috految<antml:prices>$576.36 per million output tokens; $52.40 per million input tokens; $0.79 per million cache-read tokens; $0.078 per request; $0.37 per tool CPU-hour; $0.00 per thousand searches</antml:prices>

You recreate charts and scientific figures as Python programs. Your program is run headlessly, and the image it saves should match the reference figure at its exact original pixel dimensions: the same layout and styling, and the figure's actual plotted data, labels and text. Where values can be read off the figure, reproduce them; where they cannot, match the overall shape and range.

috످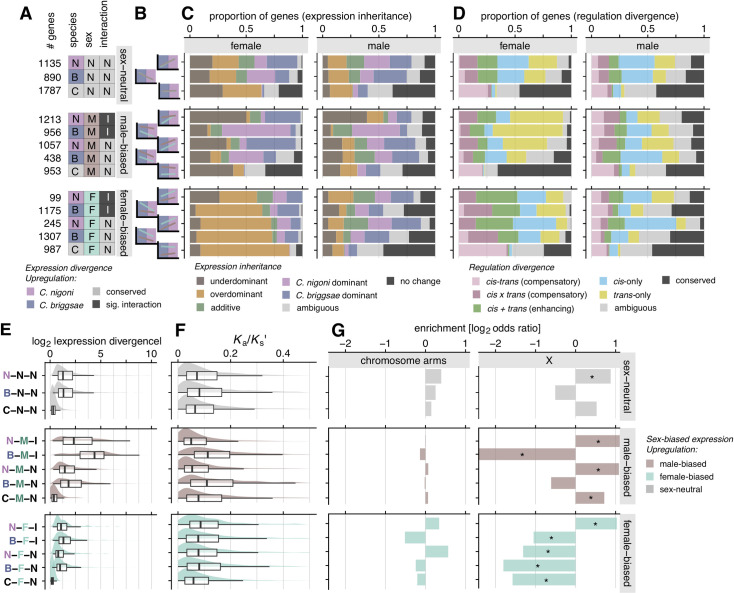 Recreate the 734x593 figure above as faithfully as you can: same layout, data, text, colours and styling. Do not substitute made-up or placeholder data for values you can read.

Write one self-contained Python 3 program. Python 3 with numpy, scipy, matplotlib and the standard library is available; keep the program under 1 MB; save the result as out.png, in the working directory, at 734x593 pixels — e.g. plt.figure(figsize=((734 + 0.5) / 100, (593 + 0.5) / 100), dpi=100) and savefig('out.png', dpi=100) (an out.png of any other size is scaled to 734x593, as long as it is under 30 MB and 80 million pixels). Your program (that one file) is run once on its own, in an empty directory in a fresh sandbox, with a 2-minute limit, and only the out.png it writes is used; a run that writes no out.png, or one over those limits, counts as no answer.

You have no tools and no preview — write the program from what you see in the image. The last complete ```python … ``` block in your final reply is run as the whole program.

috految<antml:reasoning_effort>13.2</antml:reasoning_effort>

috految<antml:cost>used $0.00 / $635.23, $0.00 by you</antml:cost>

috److```python
import numpy as np,matplotlib.pyplot as plt
from matplotlib.patches import PathPatch
from matplotlib.textpath import TextPath
from matplotlib.font_manager import FontProperties as FP
from matplotlib.transforms import Affine2D
plt.rcParams.update({'font.sans-serif':['Nimbus Sans','Liberation Sans','DejaVu Sans'],'mathtext.fontset':'custom','mathtext.it':'sans:italic','mathtext.rm':'sans'})
a=plt.figure(figsize=(7.34,5.93),dpi=400).add_axes([0,0,1,1]);a.axis([0,734,593,0]);a.axis('off')
def T(x,y,t,s=10,w=0,h=.5,r=0,c='k',**k):
 p=TextPath((0,0),t,size=s,prop=FP(**k));b=p.get_extents()
 m=Affine2D().translate(-b.x0-h*b.width,-s*.35).scale(w/b.width if w else 1,-1).rotate_deg(r).translate(x,y)
 a.add_artist(PathPatch(m.transform_path(p),color=c,lw=.08,zorder=5,snap=False))
def R(x,y,w,h,c,e='none'):a.add_patch(plt.Rectangle((x,y),w,h,fc=c,ec=e,lw=.65))
def L(x,y,c='#222',w=.75,z=2):a.plot(*np.broadcast_arrays(x,y),c=c,lw=w,zorder=z,solid_capstyle='butt')
N,B,D,G,M,F,S='#bf97c8 #7f8ab7 #494b4a #c8c8c8 #bea09e #a6d9d0 #e5e5e5'.split()
C=['#8a7b77','#d29f5f','#88a384',N,B,'#d1d1d1',D]
E=['#e7bbd5','#bd8ca9','#88b774','#92cef2','#ded56b','#d1d1d1',D]
for t,x,y in zip('ABCDEFG',[28,140,187,458,6,180,337],[13]*4+[330]*3):T(x,y,t,16,weight='bold')
for x,t,w in [(52,'# genes',36),(73,'species',34),(89,'sex',15),(105,'interaction',47)]:T(x,47,t,w=w,h=0,r=-90)
for x in 75.5,91,107:L(x,[50,54])
for x in 68,83,99:L(x,[54,99],G,.5)
for x,y,t,w in [(312,18,'proportion of genes (expression inheritance)',197),(580,18,'proportion of genes (regulation divergence)',192),(99,338,'log$_2$ |expression divergence|',126),(481,329,'enrichment [log$_2$ odds ratio]',117)]:T(x,y,t,w=w)
T(249,338,"$K_{\\rm a}/K_{\\rm s}$'",11.5,32)
for x,w,y,t in [(184,124,39,'female'),(317,124,39,'male'),(453,124,39,'female'),(586,124,39,'male'),(329,143,353,'chromosome arms'),(478,141,353,'X')]:R(x,y,w,14,S);T(x+w/2+(3 if x==329 else 0),y+7.5,t,10.2)
for t,y,h,v,k in [('sex−neutral',52,53,365,55),('male−biased',111,68,428,77),('female−biased',188,69,514,77)]:
 R(116,y,16,h,S);T(122,y+h/2,t,10.2,r=90);R(619,v,14,k,S);T(624,v+k/2,t,10.2,r=90)
Y=[62.5,76.6,90.7,117.5,130.7,144,157.2,170.4,197,210.3,223.6,237,250]
codes='NNN BNN CNN NMI BMI NMN BMN CMN NFI BFI NFN BFN CFN'.split()
for i,(n,y) in enumerate(zip([1135,890,1787,1213,956,1057,438,953,99,1175,245,1307,987],[63.5,77,90.5,120,132.5,145,158,171,197.5,210.5,223.5,236.5,250])):
 T(61,y,str(n),9.8,h=1);L([64,68],y,G)
 for j,t in enumerate(codes[i]):
  x=68+j*15.7;R(x,y-6.5,15,12.8,dict(N=G if j else N,B=B,C=G,M=M,F=F,I=D)[t]);T(x+7.5,y,t,9.5,c='w' if t=='I' else 'k')
  if j:L(x-.3,[y-7,y+6.5],w=.5)
for x,y,p,q in [(158,53,-5,-5),(136,68,5,4),(158,83,0,0),(159,108,-7,-2),(136,122,7,1),(159,136,-5,-5),(136,149,5,5),(159,163,0,0),(159,188,-2,-7),(136,202,1,7),(159,215,-5,-5),(136,229,5,5),(159,243,0,0)]:
 R(x+1,y,9,15,B);R(x+10,y,9,15,N);L([x,x,x+20],[y-1,y+16,y+16],'k',1.3)
 d=1 if y<100 else 3 if y<180 else -3
 for v,u,c in [(-d,p,'#a3807a'),(d,q,'#91cbbf')]:L([x+3,x+17],[y+8+v-u/2,y+8+v+u/2],c,1.2)
data=['212 239 254 274 296 301;209 233 247 274 297 301;209 261 263 264 265 279;247 252 261 284 297 302;207 211 223 295 300 302;231 239 252 269 294 302;207 222 232 257 275 294;233 244 245 245 245 266;219 257 272 284 299 302;196 272 278 284 300 302;201 271 274 283 299 302;195 273 276 281 298 302;201 289 290 290 290 301',
'331 348 363 381 415 424;329 349 362 395 409 420;329 346 349 353 356 379;367 383 391 398 407 425;325 335 348 407 412 424;342 353 365 377 409 424;330 346 362 389 407 421;342 349 351 352 354 379;331 354 363 375 407 420;333 341 347 355 374 404;329 340 350 371 413 427;330 345 353 366 393 408;336 352 355 356 358 377',
'463 477 498 529 550 564;463 479 497 530 545 562;486 492 495 508 511 523;461 477 502 512 563 570;463 477 486 493 563 571;461 478 496 511 559 569;464 477 491 507 533 554;483 484 485 486 487 497;468 490 518 548 563 570;467 493 526 545 558 568;467 495 519 541 554 566;470 502 527 545 561 565;490 510 514 515 516 532',
'598 609 621 654 681 694;598 609 622 652 675 693;613 617 620 624 626 652;597 611 627 658 678 697;596 605 616 641 672 692;596 606 618 657 679 698;598 609 620 658 679 695;609 613 615 618 620 646;599 613 628 660 676 691;601 610 616 639 650 672;599 609 620 672 681 697;603 612 618 642 655 678;615 618 620 623 624 646']
for x,d,cs in zip([190,322.5,459,591.5],data,[C,C,E,E]):
 for u,v in [(53,100),(109,179),(189,258)]:
  L([x-5.7,x-5.7,x+118],[v,u,u])
  for j in range(5):L(x+j*28.1,[u,v],S,z=0);L(x+j*28.1,[u-3,u] if u>60 else [36,39])
 for j,t in enumerate(['0','0.5','1']):T(x+j*56,31,t,9.5)
 for y,row in zip(Y,d.split(';')):
  e=[x,*map(int,row.split()),x+112.5];L([x-8.5,x-5.7],y);h=13 if y<100 else 12.3
  for l,r,c in zip(e,e[1:],cs):R(l,y-h/2,r-l,h,c)
for x,y,t,w in [(25,269,'Expression divergence',89),(25,279,'Upregulation:',53),(195,269,'Expression inheritance',88),(468,267,'Regulation divergence',88),(646,440,'Sex-biased expression',87),(646,451,'Upregulation:',52)]:T(x,y,t,8.6,w,0,style='italic')
for x,y,c,t,w in [(27,291,N,'$C$. $nigoni$',36),(27,305,B,'$C$. $briggsae$',45),(92,291,'#bbb','conserved',40),(92,304,D,'sig. interaction',56),(196,281,C[0],'underdominant',57),(196,294,C[1],'overdominant',53),(196,307,C[2],'additive',31),(282,281,N,'$C$. $nigoni$ dominant',72),(282,295,B,'$C$. $briggsae$ dominant',85),(282,308,C[5],'ambiguous',43),(387,281,D,'no change',41),(471,280,E[0],'$cis$-$trans$ (compensatory)',97),(471,294,E[1],'$cis$ $x$ $trans$ (compensatory)',101),(471,309,E[2],'$cis$ + $trans$ (enhancing)',90),(598,280,E[3],'$cis$-only',31),(598,294,E[4],'$trans$-only',40),(598,309,E[5],'ambiguous',43),(664,280,D,'conserved',41),(647,464,M,'male-biased',48),(647,477,F,'female-biased',55),(647,489,G,'sex-neutral',43)]:R(x,y-4.5,9,9,c);T(x+13.5,y,t,8.6,w,0)
for l,r,xs,ts in [(45,162,np.linspace(50,151.5,5),'0 2.5 5 7.5 10'),(171,316,np.linspace(178,281,3),'0 0.2 0.4'),(329,472,np.linspace(345.5,465,4),'−2 −1 0 1'),(478.5,619,np.linspace(495,615.5,4),'−2 −1 0 1')]:
 for x,t in zip(xs,ts.split()):T(x,351 if l<300 else 343,t,9.5)
 for u,v in [(360 if l<300 else 367,420),(428.5,506),(514,592)]:
  t=353 if u==367 else u
  L([l,r],t);L(l,[u,v])
  for x in xs:L(x,[t-3,t]);L(x,[u,v],'#ddd',.7,0)
  if l<300:
   for x in xs[:-1]:L(x+(xs[1]-xs[0])/2,[u,v],S,.4,0)
Y=[375.5,392.5,409.5,441,454.5,469,483.5,498,526.5,540,554,567,580.5]
P=[(58,63,73,94),(58,63.5,73,94),(51,53,56,61),(63.5,73.5,92,130),(80,94.5,104,139),(59,65,75,96),(61,68.5,82,110),(51,54,57,64),(57,60.5,67,81),(58,63,70,87),(56,58.5,65,75),(57,60,67,81),(50.5,52,54,60)]
Q=[(186,197,217,262),(187,199,222,272),(185,195,214,255),(184,191,207,238),(188,208,231,281),(184,192,208,243),(191,207,233,295),(186,199,220,268),(189,200.5,217,258),(187,199,219,267),(187,198,217,258),(187,199,220,269),(184,193.5,209,243)]
for i,y in enumerate(Y):
 c=G if i<3 else M if i<8 else F
 for x,t,k in zip([5,21,37] if codes[i][2]=='N' else [10,24,37],codes[i],[dict(N='#b57fbe',B='#626cac',C='k')[codes[i][0]],'k' if i<3 else '#489b82' if i<8 else '#8acfc3','k']):
  T(x,y,t,9.5,c=k,weight='bold')
  if x<30:L([x+4.5,x+10.5],y+.5)
 for o,(l,m,r,e) in [(50,P[i]),(178,Q[i])]:
  v=y if o==50 or i<8 else 524+(i-8)*14.1
  x=np.linspace(o,min(e+38,158 if o==50 else 316),250)
  if o==50:z=np.exp(-.5*(np.log((x-o+.1)/((m-o)*.72))/.65)**2)*[11,11,21,5,4,9,8,17,11,9,12,11,19][i]
  else:u=(x-o+1.5)/(m-o)*2;z=u*np.exp(1-u)*min(13,205/(m-o))
  a.fill_between(x,v+.3,v-z,color=c,lw=.2)
  L([o-8,o-5],v);L([o+1,l],v);L([r,e],v);R(l,v-4.3,r-l,8.6,'#ffffffc0','#333');L(m,[v-4.3,v+4.3],w=1.2)
 y=[376,392.5,409,441,454.5,469,483,497.5,523.5,537.5,551.5,565.5,579.5][i];h=14.5 if i<3 else 12.5
 for o,l,e in [(425.5,329,[441,436,431,426,420,428.5,425,428,439,405,448,416,417][i]),(575.5,478.5,[611,555,597,619,479,619,551,604,617,533,523,503,512.5][i])]:R(o,y-h/2,e-o,h,c);L([l-3,l],y)
 s=[592,0,0,598,522,598,0,591,595,551,548,538,546][i]
 if s:T(s,y+3,'*',12)
plt.savefig('out.png',dpi=400)
```

috످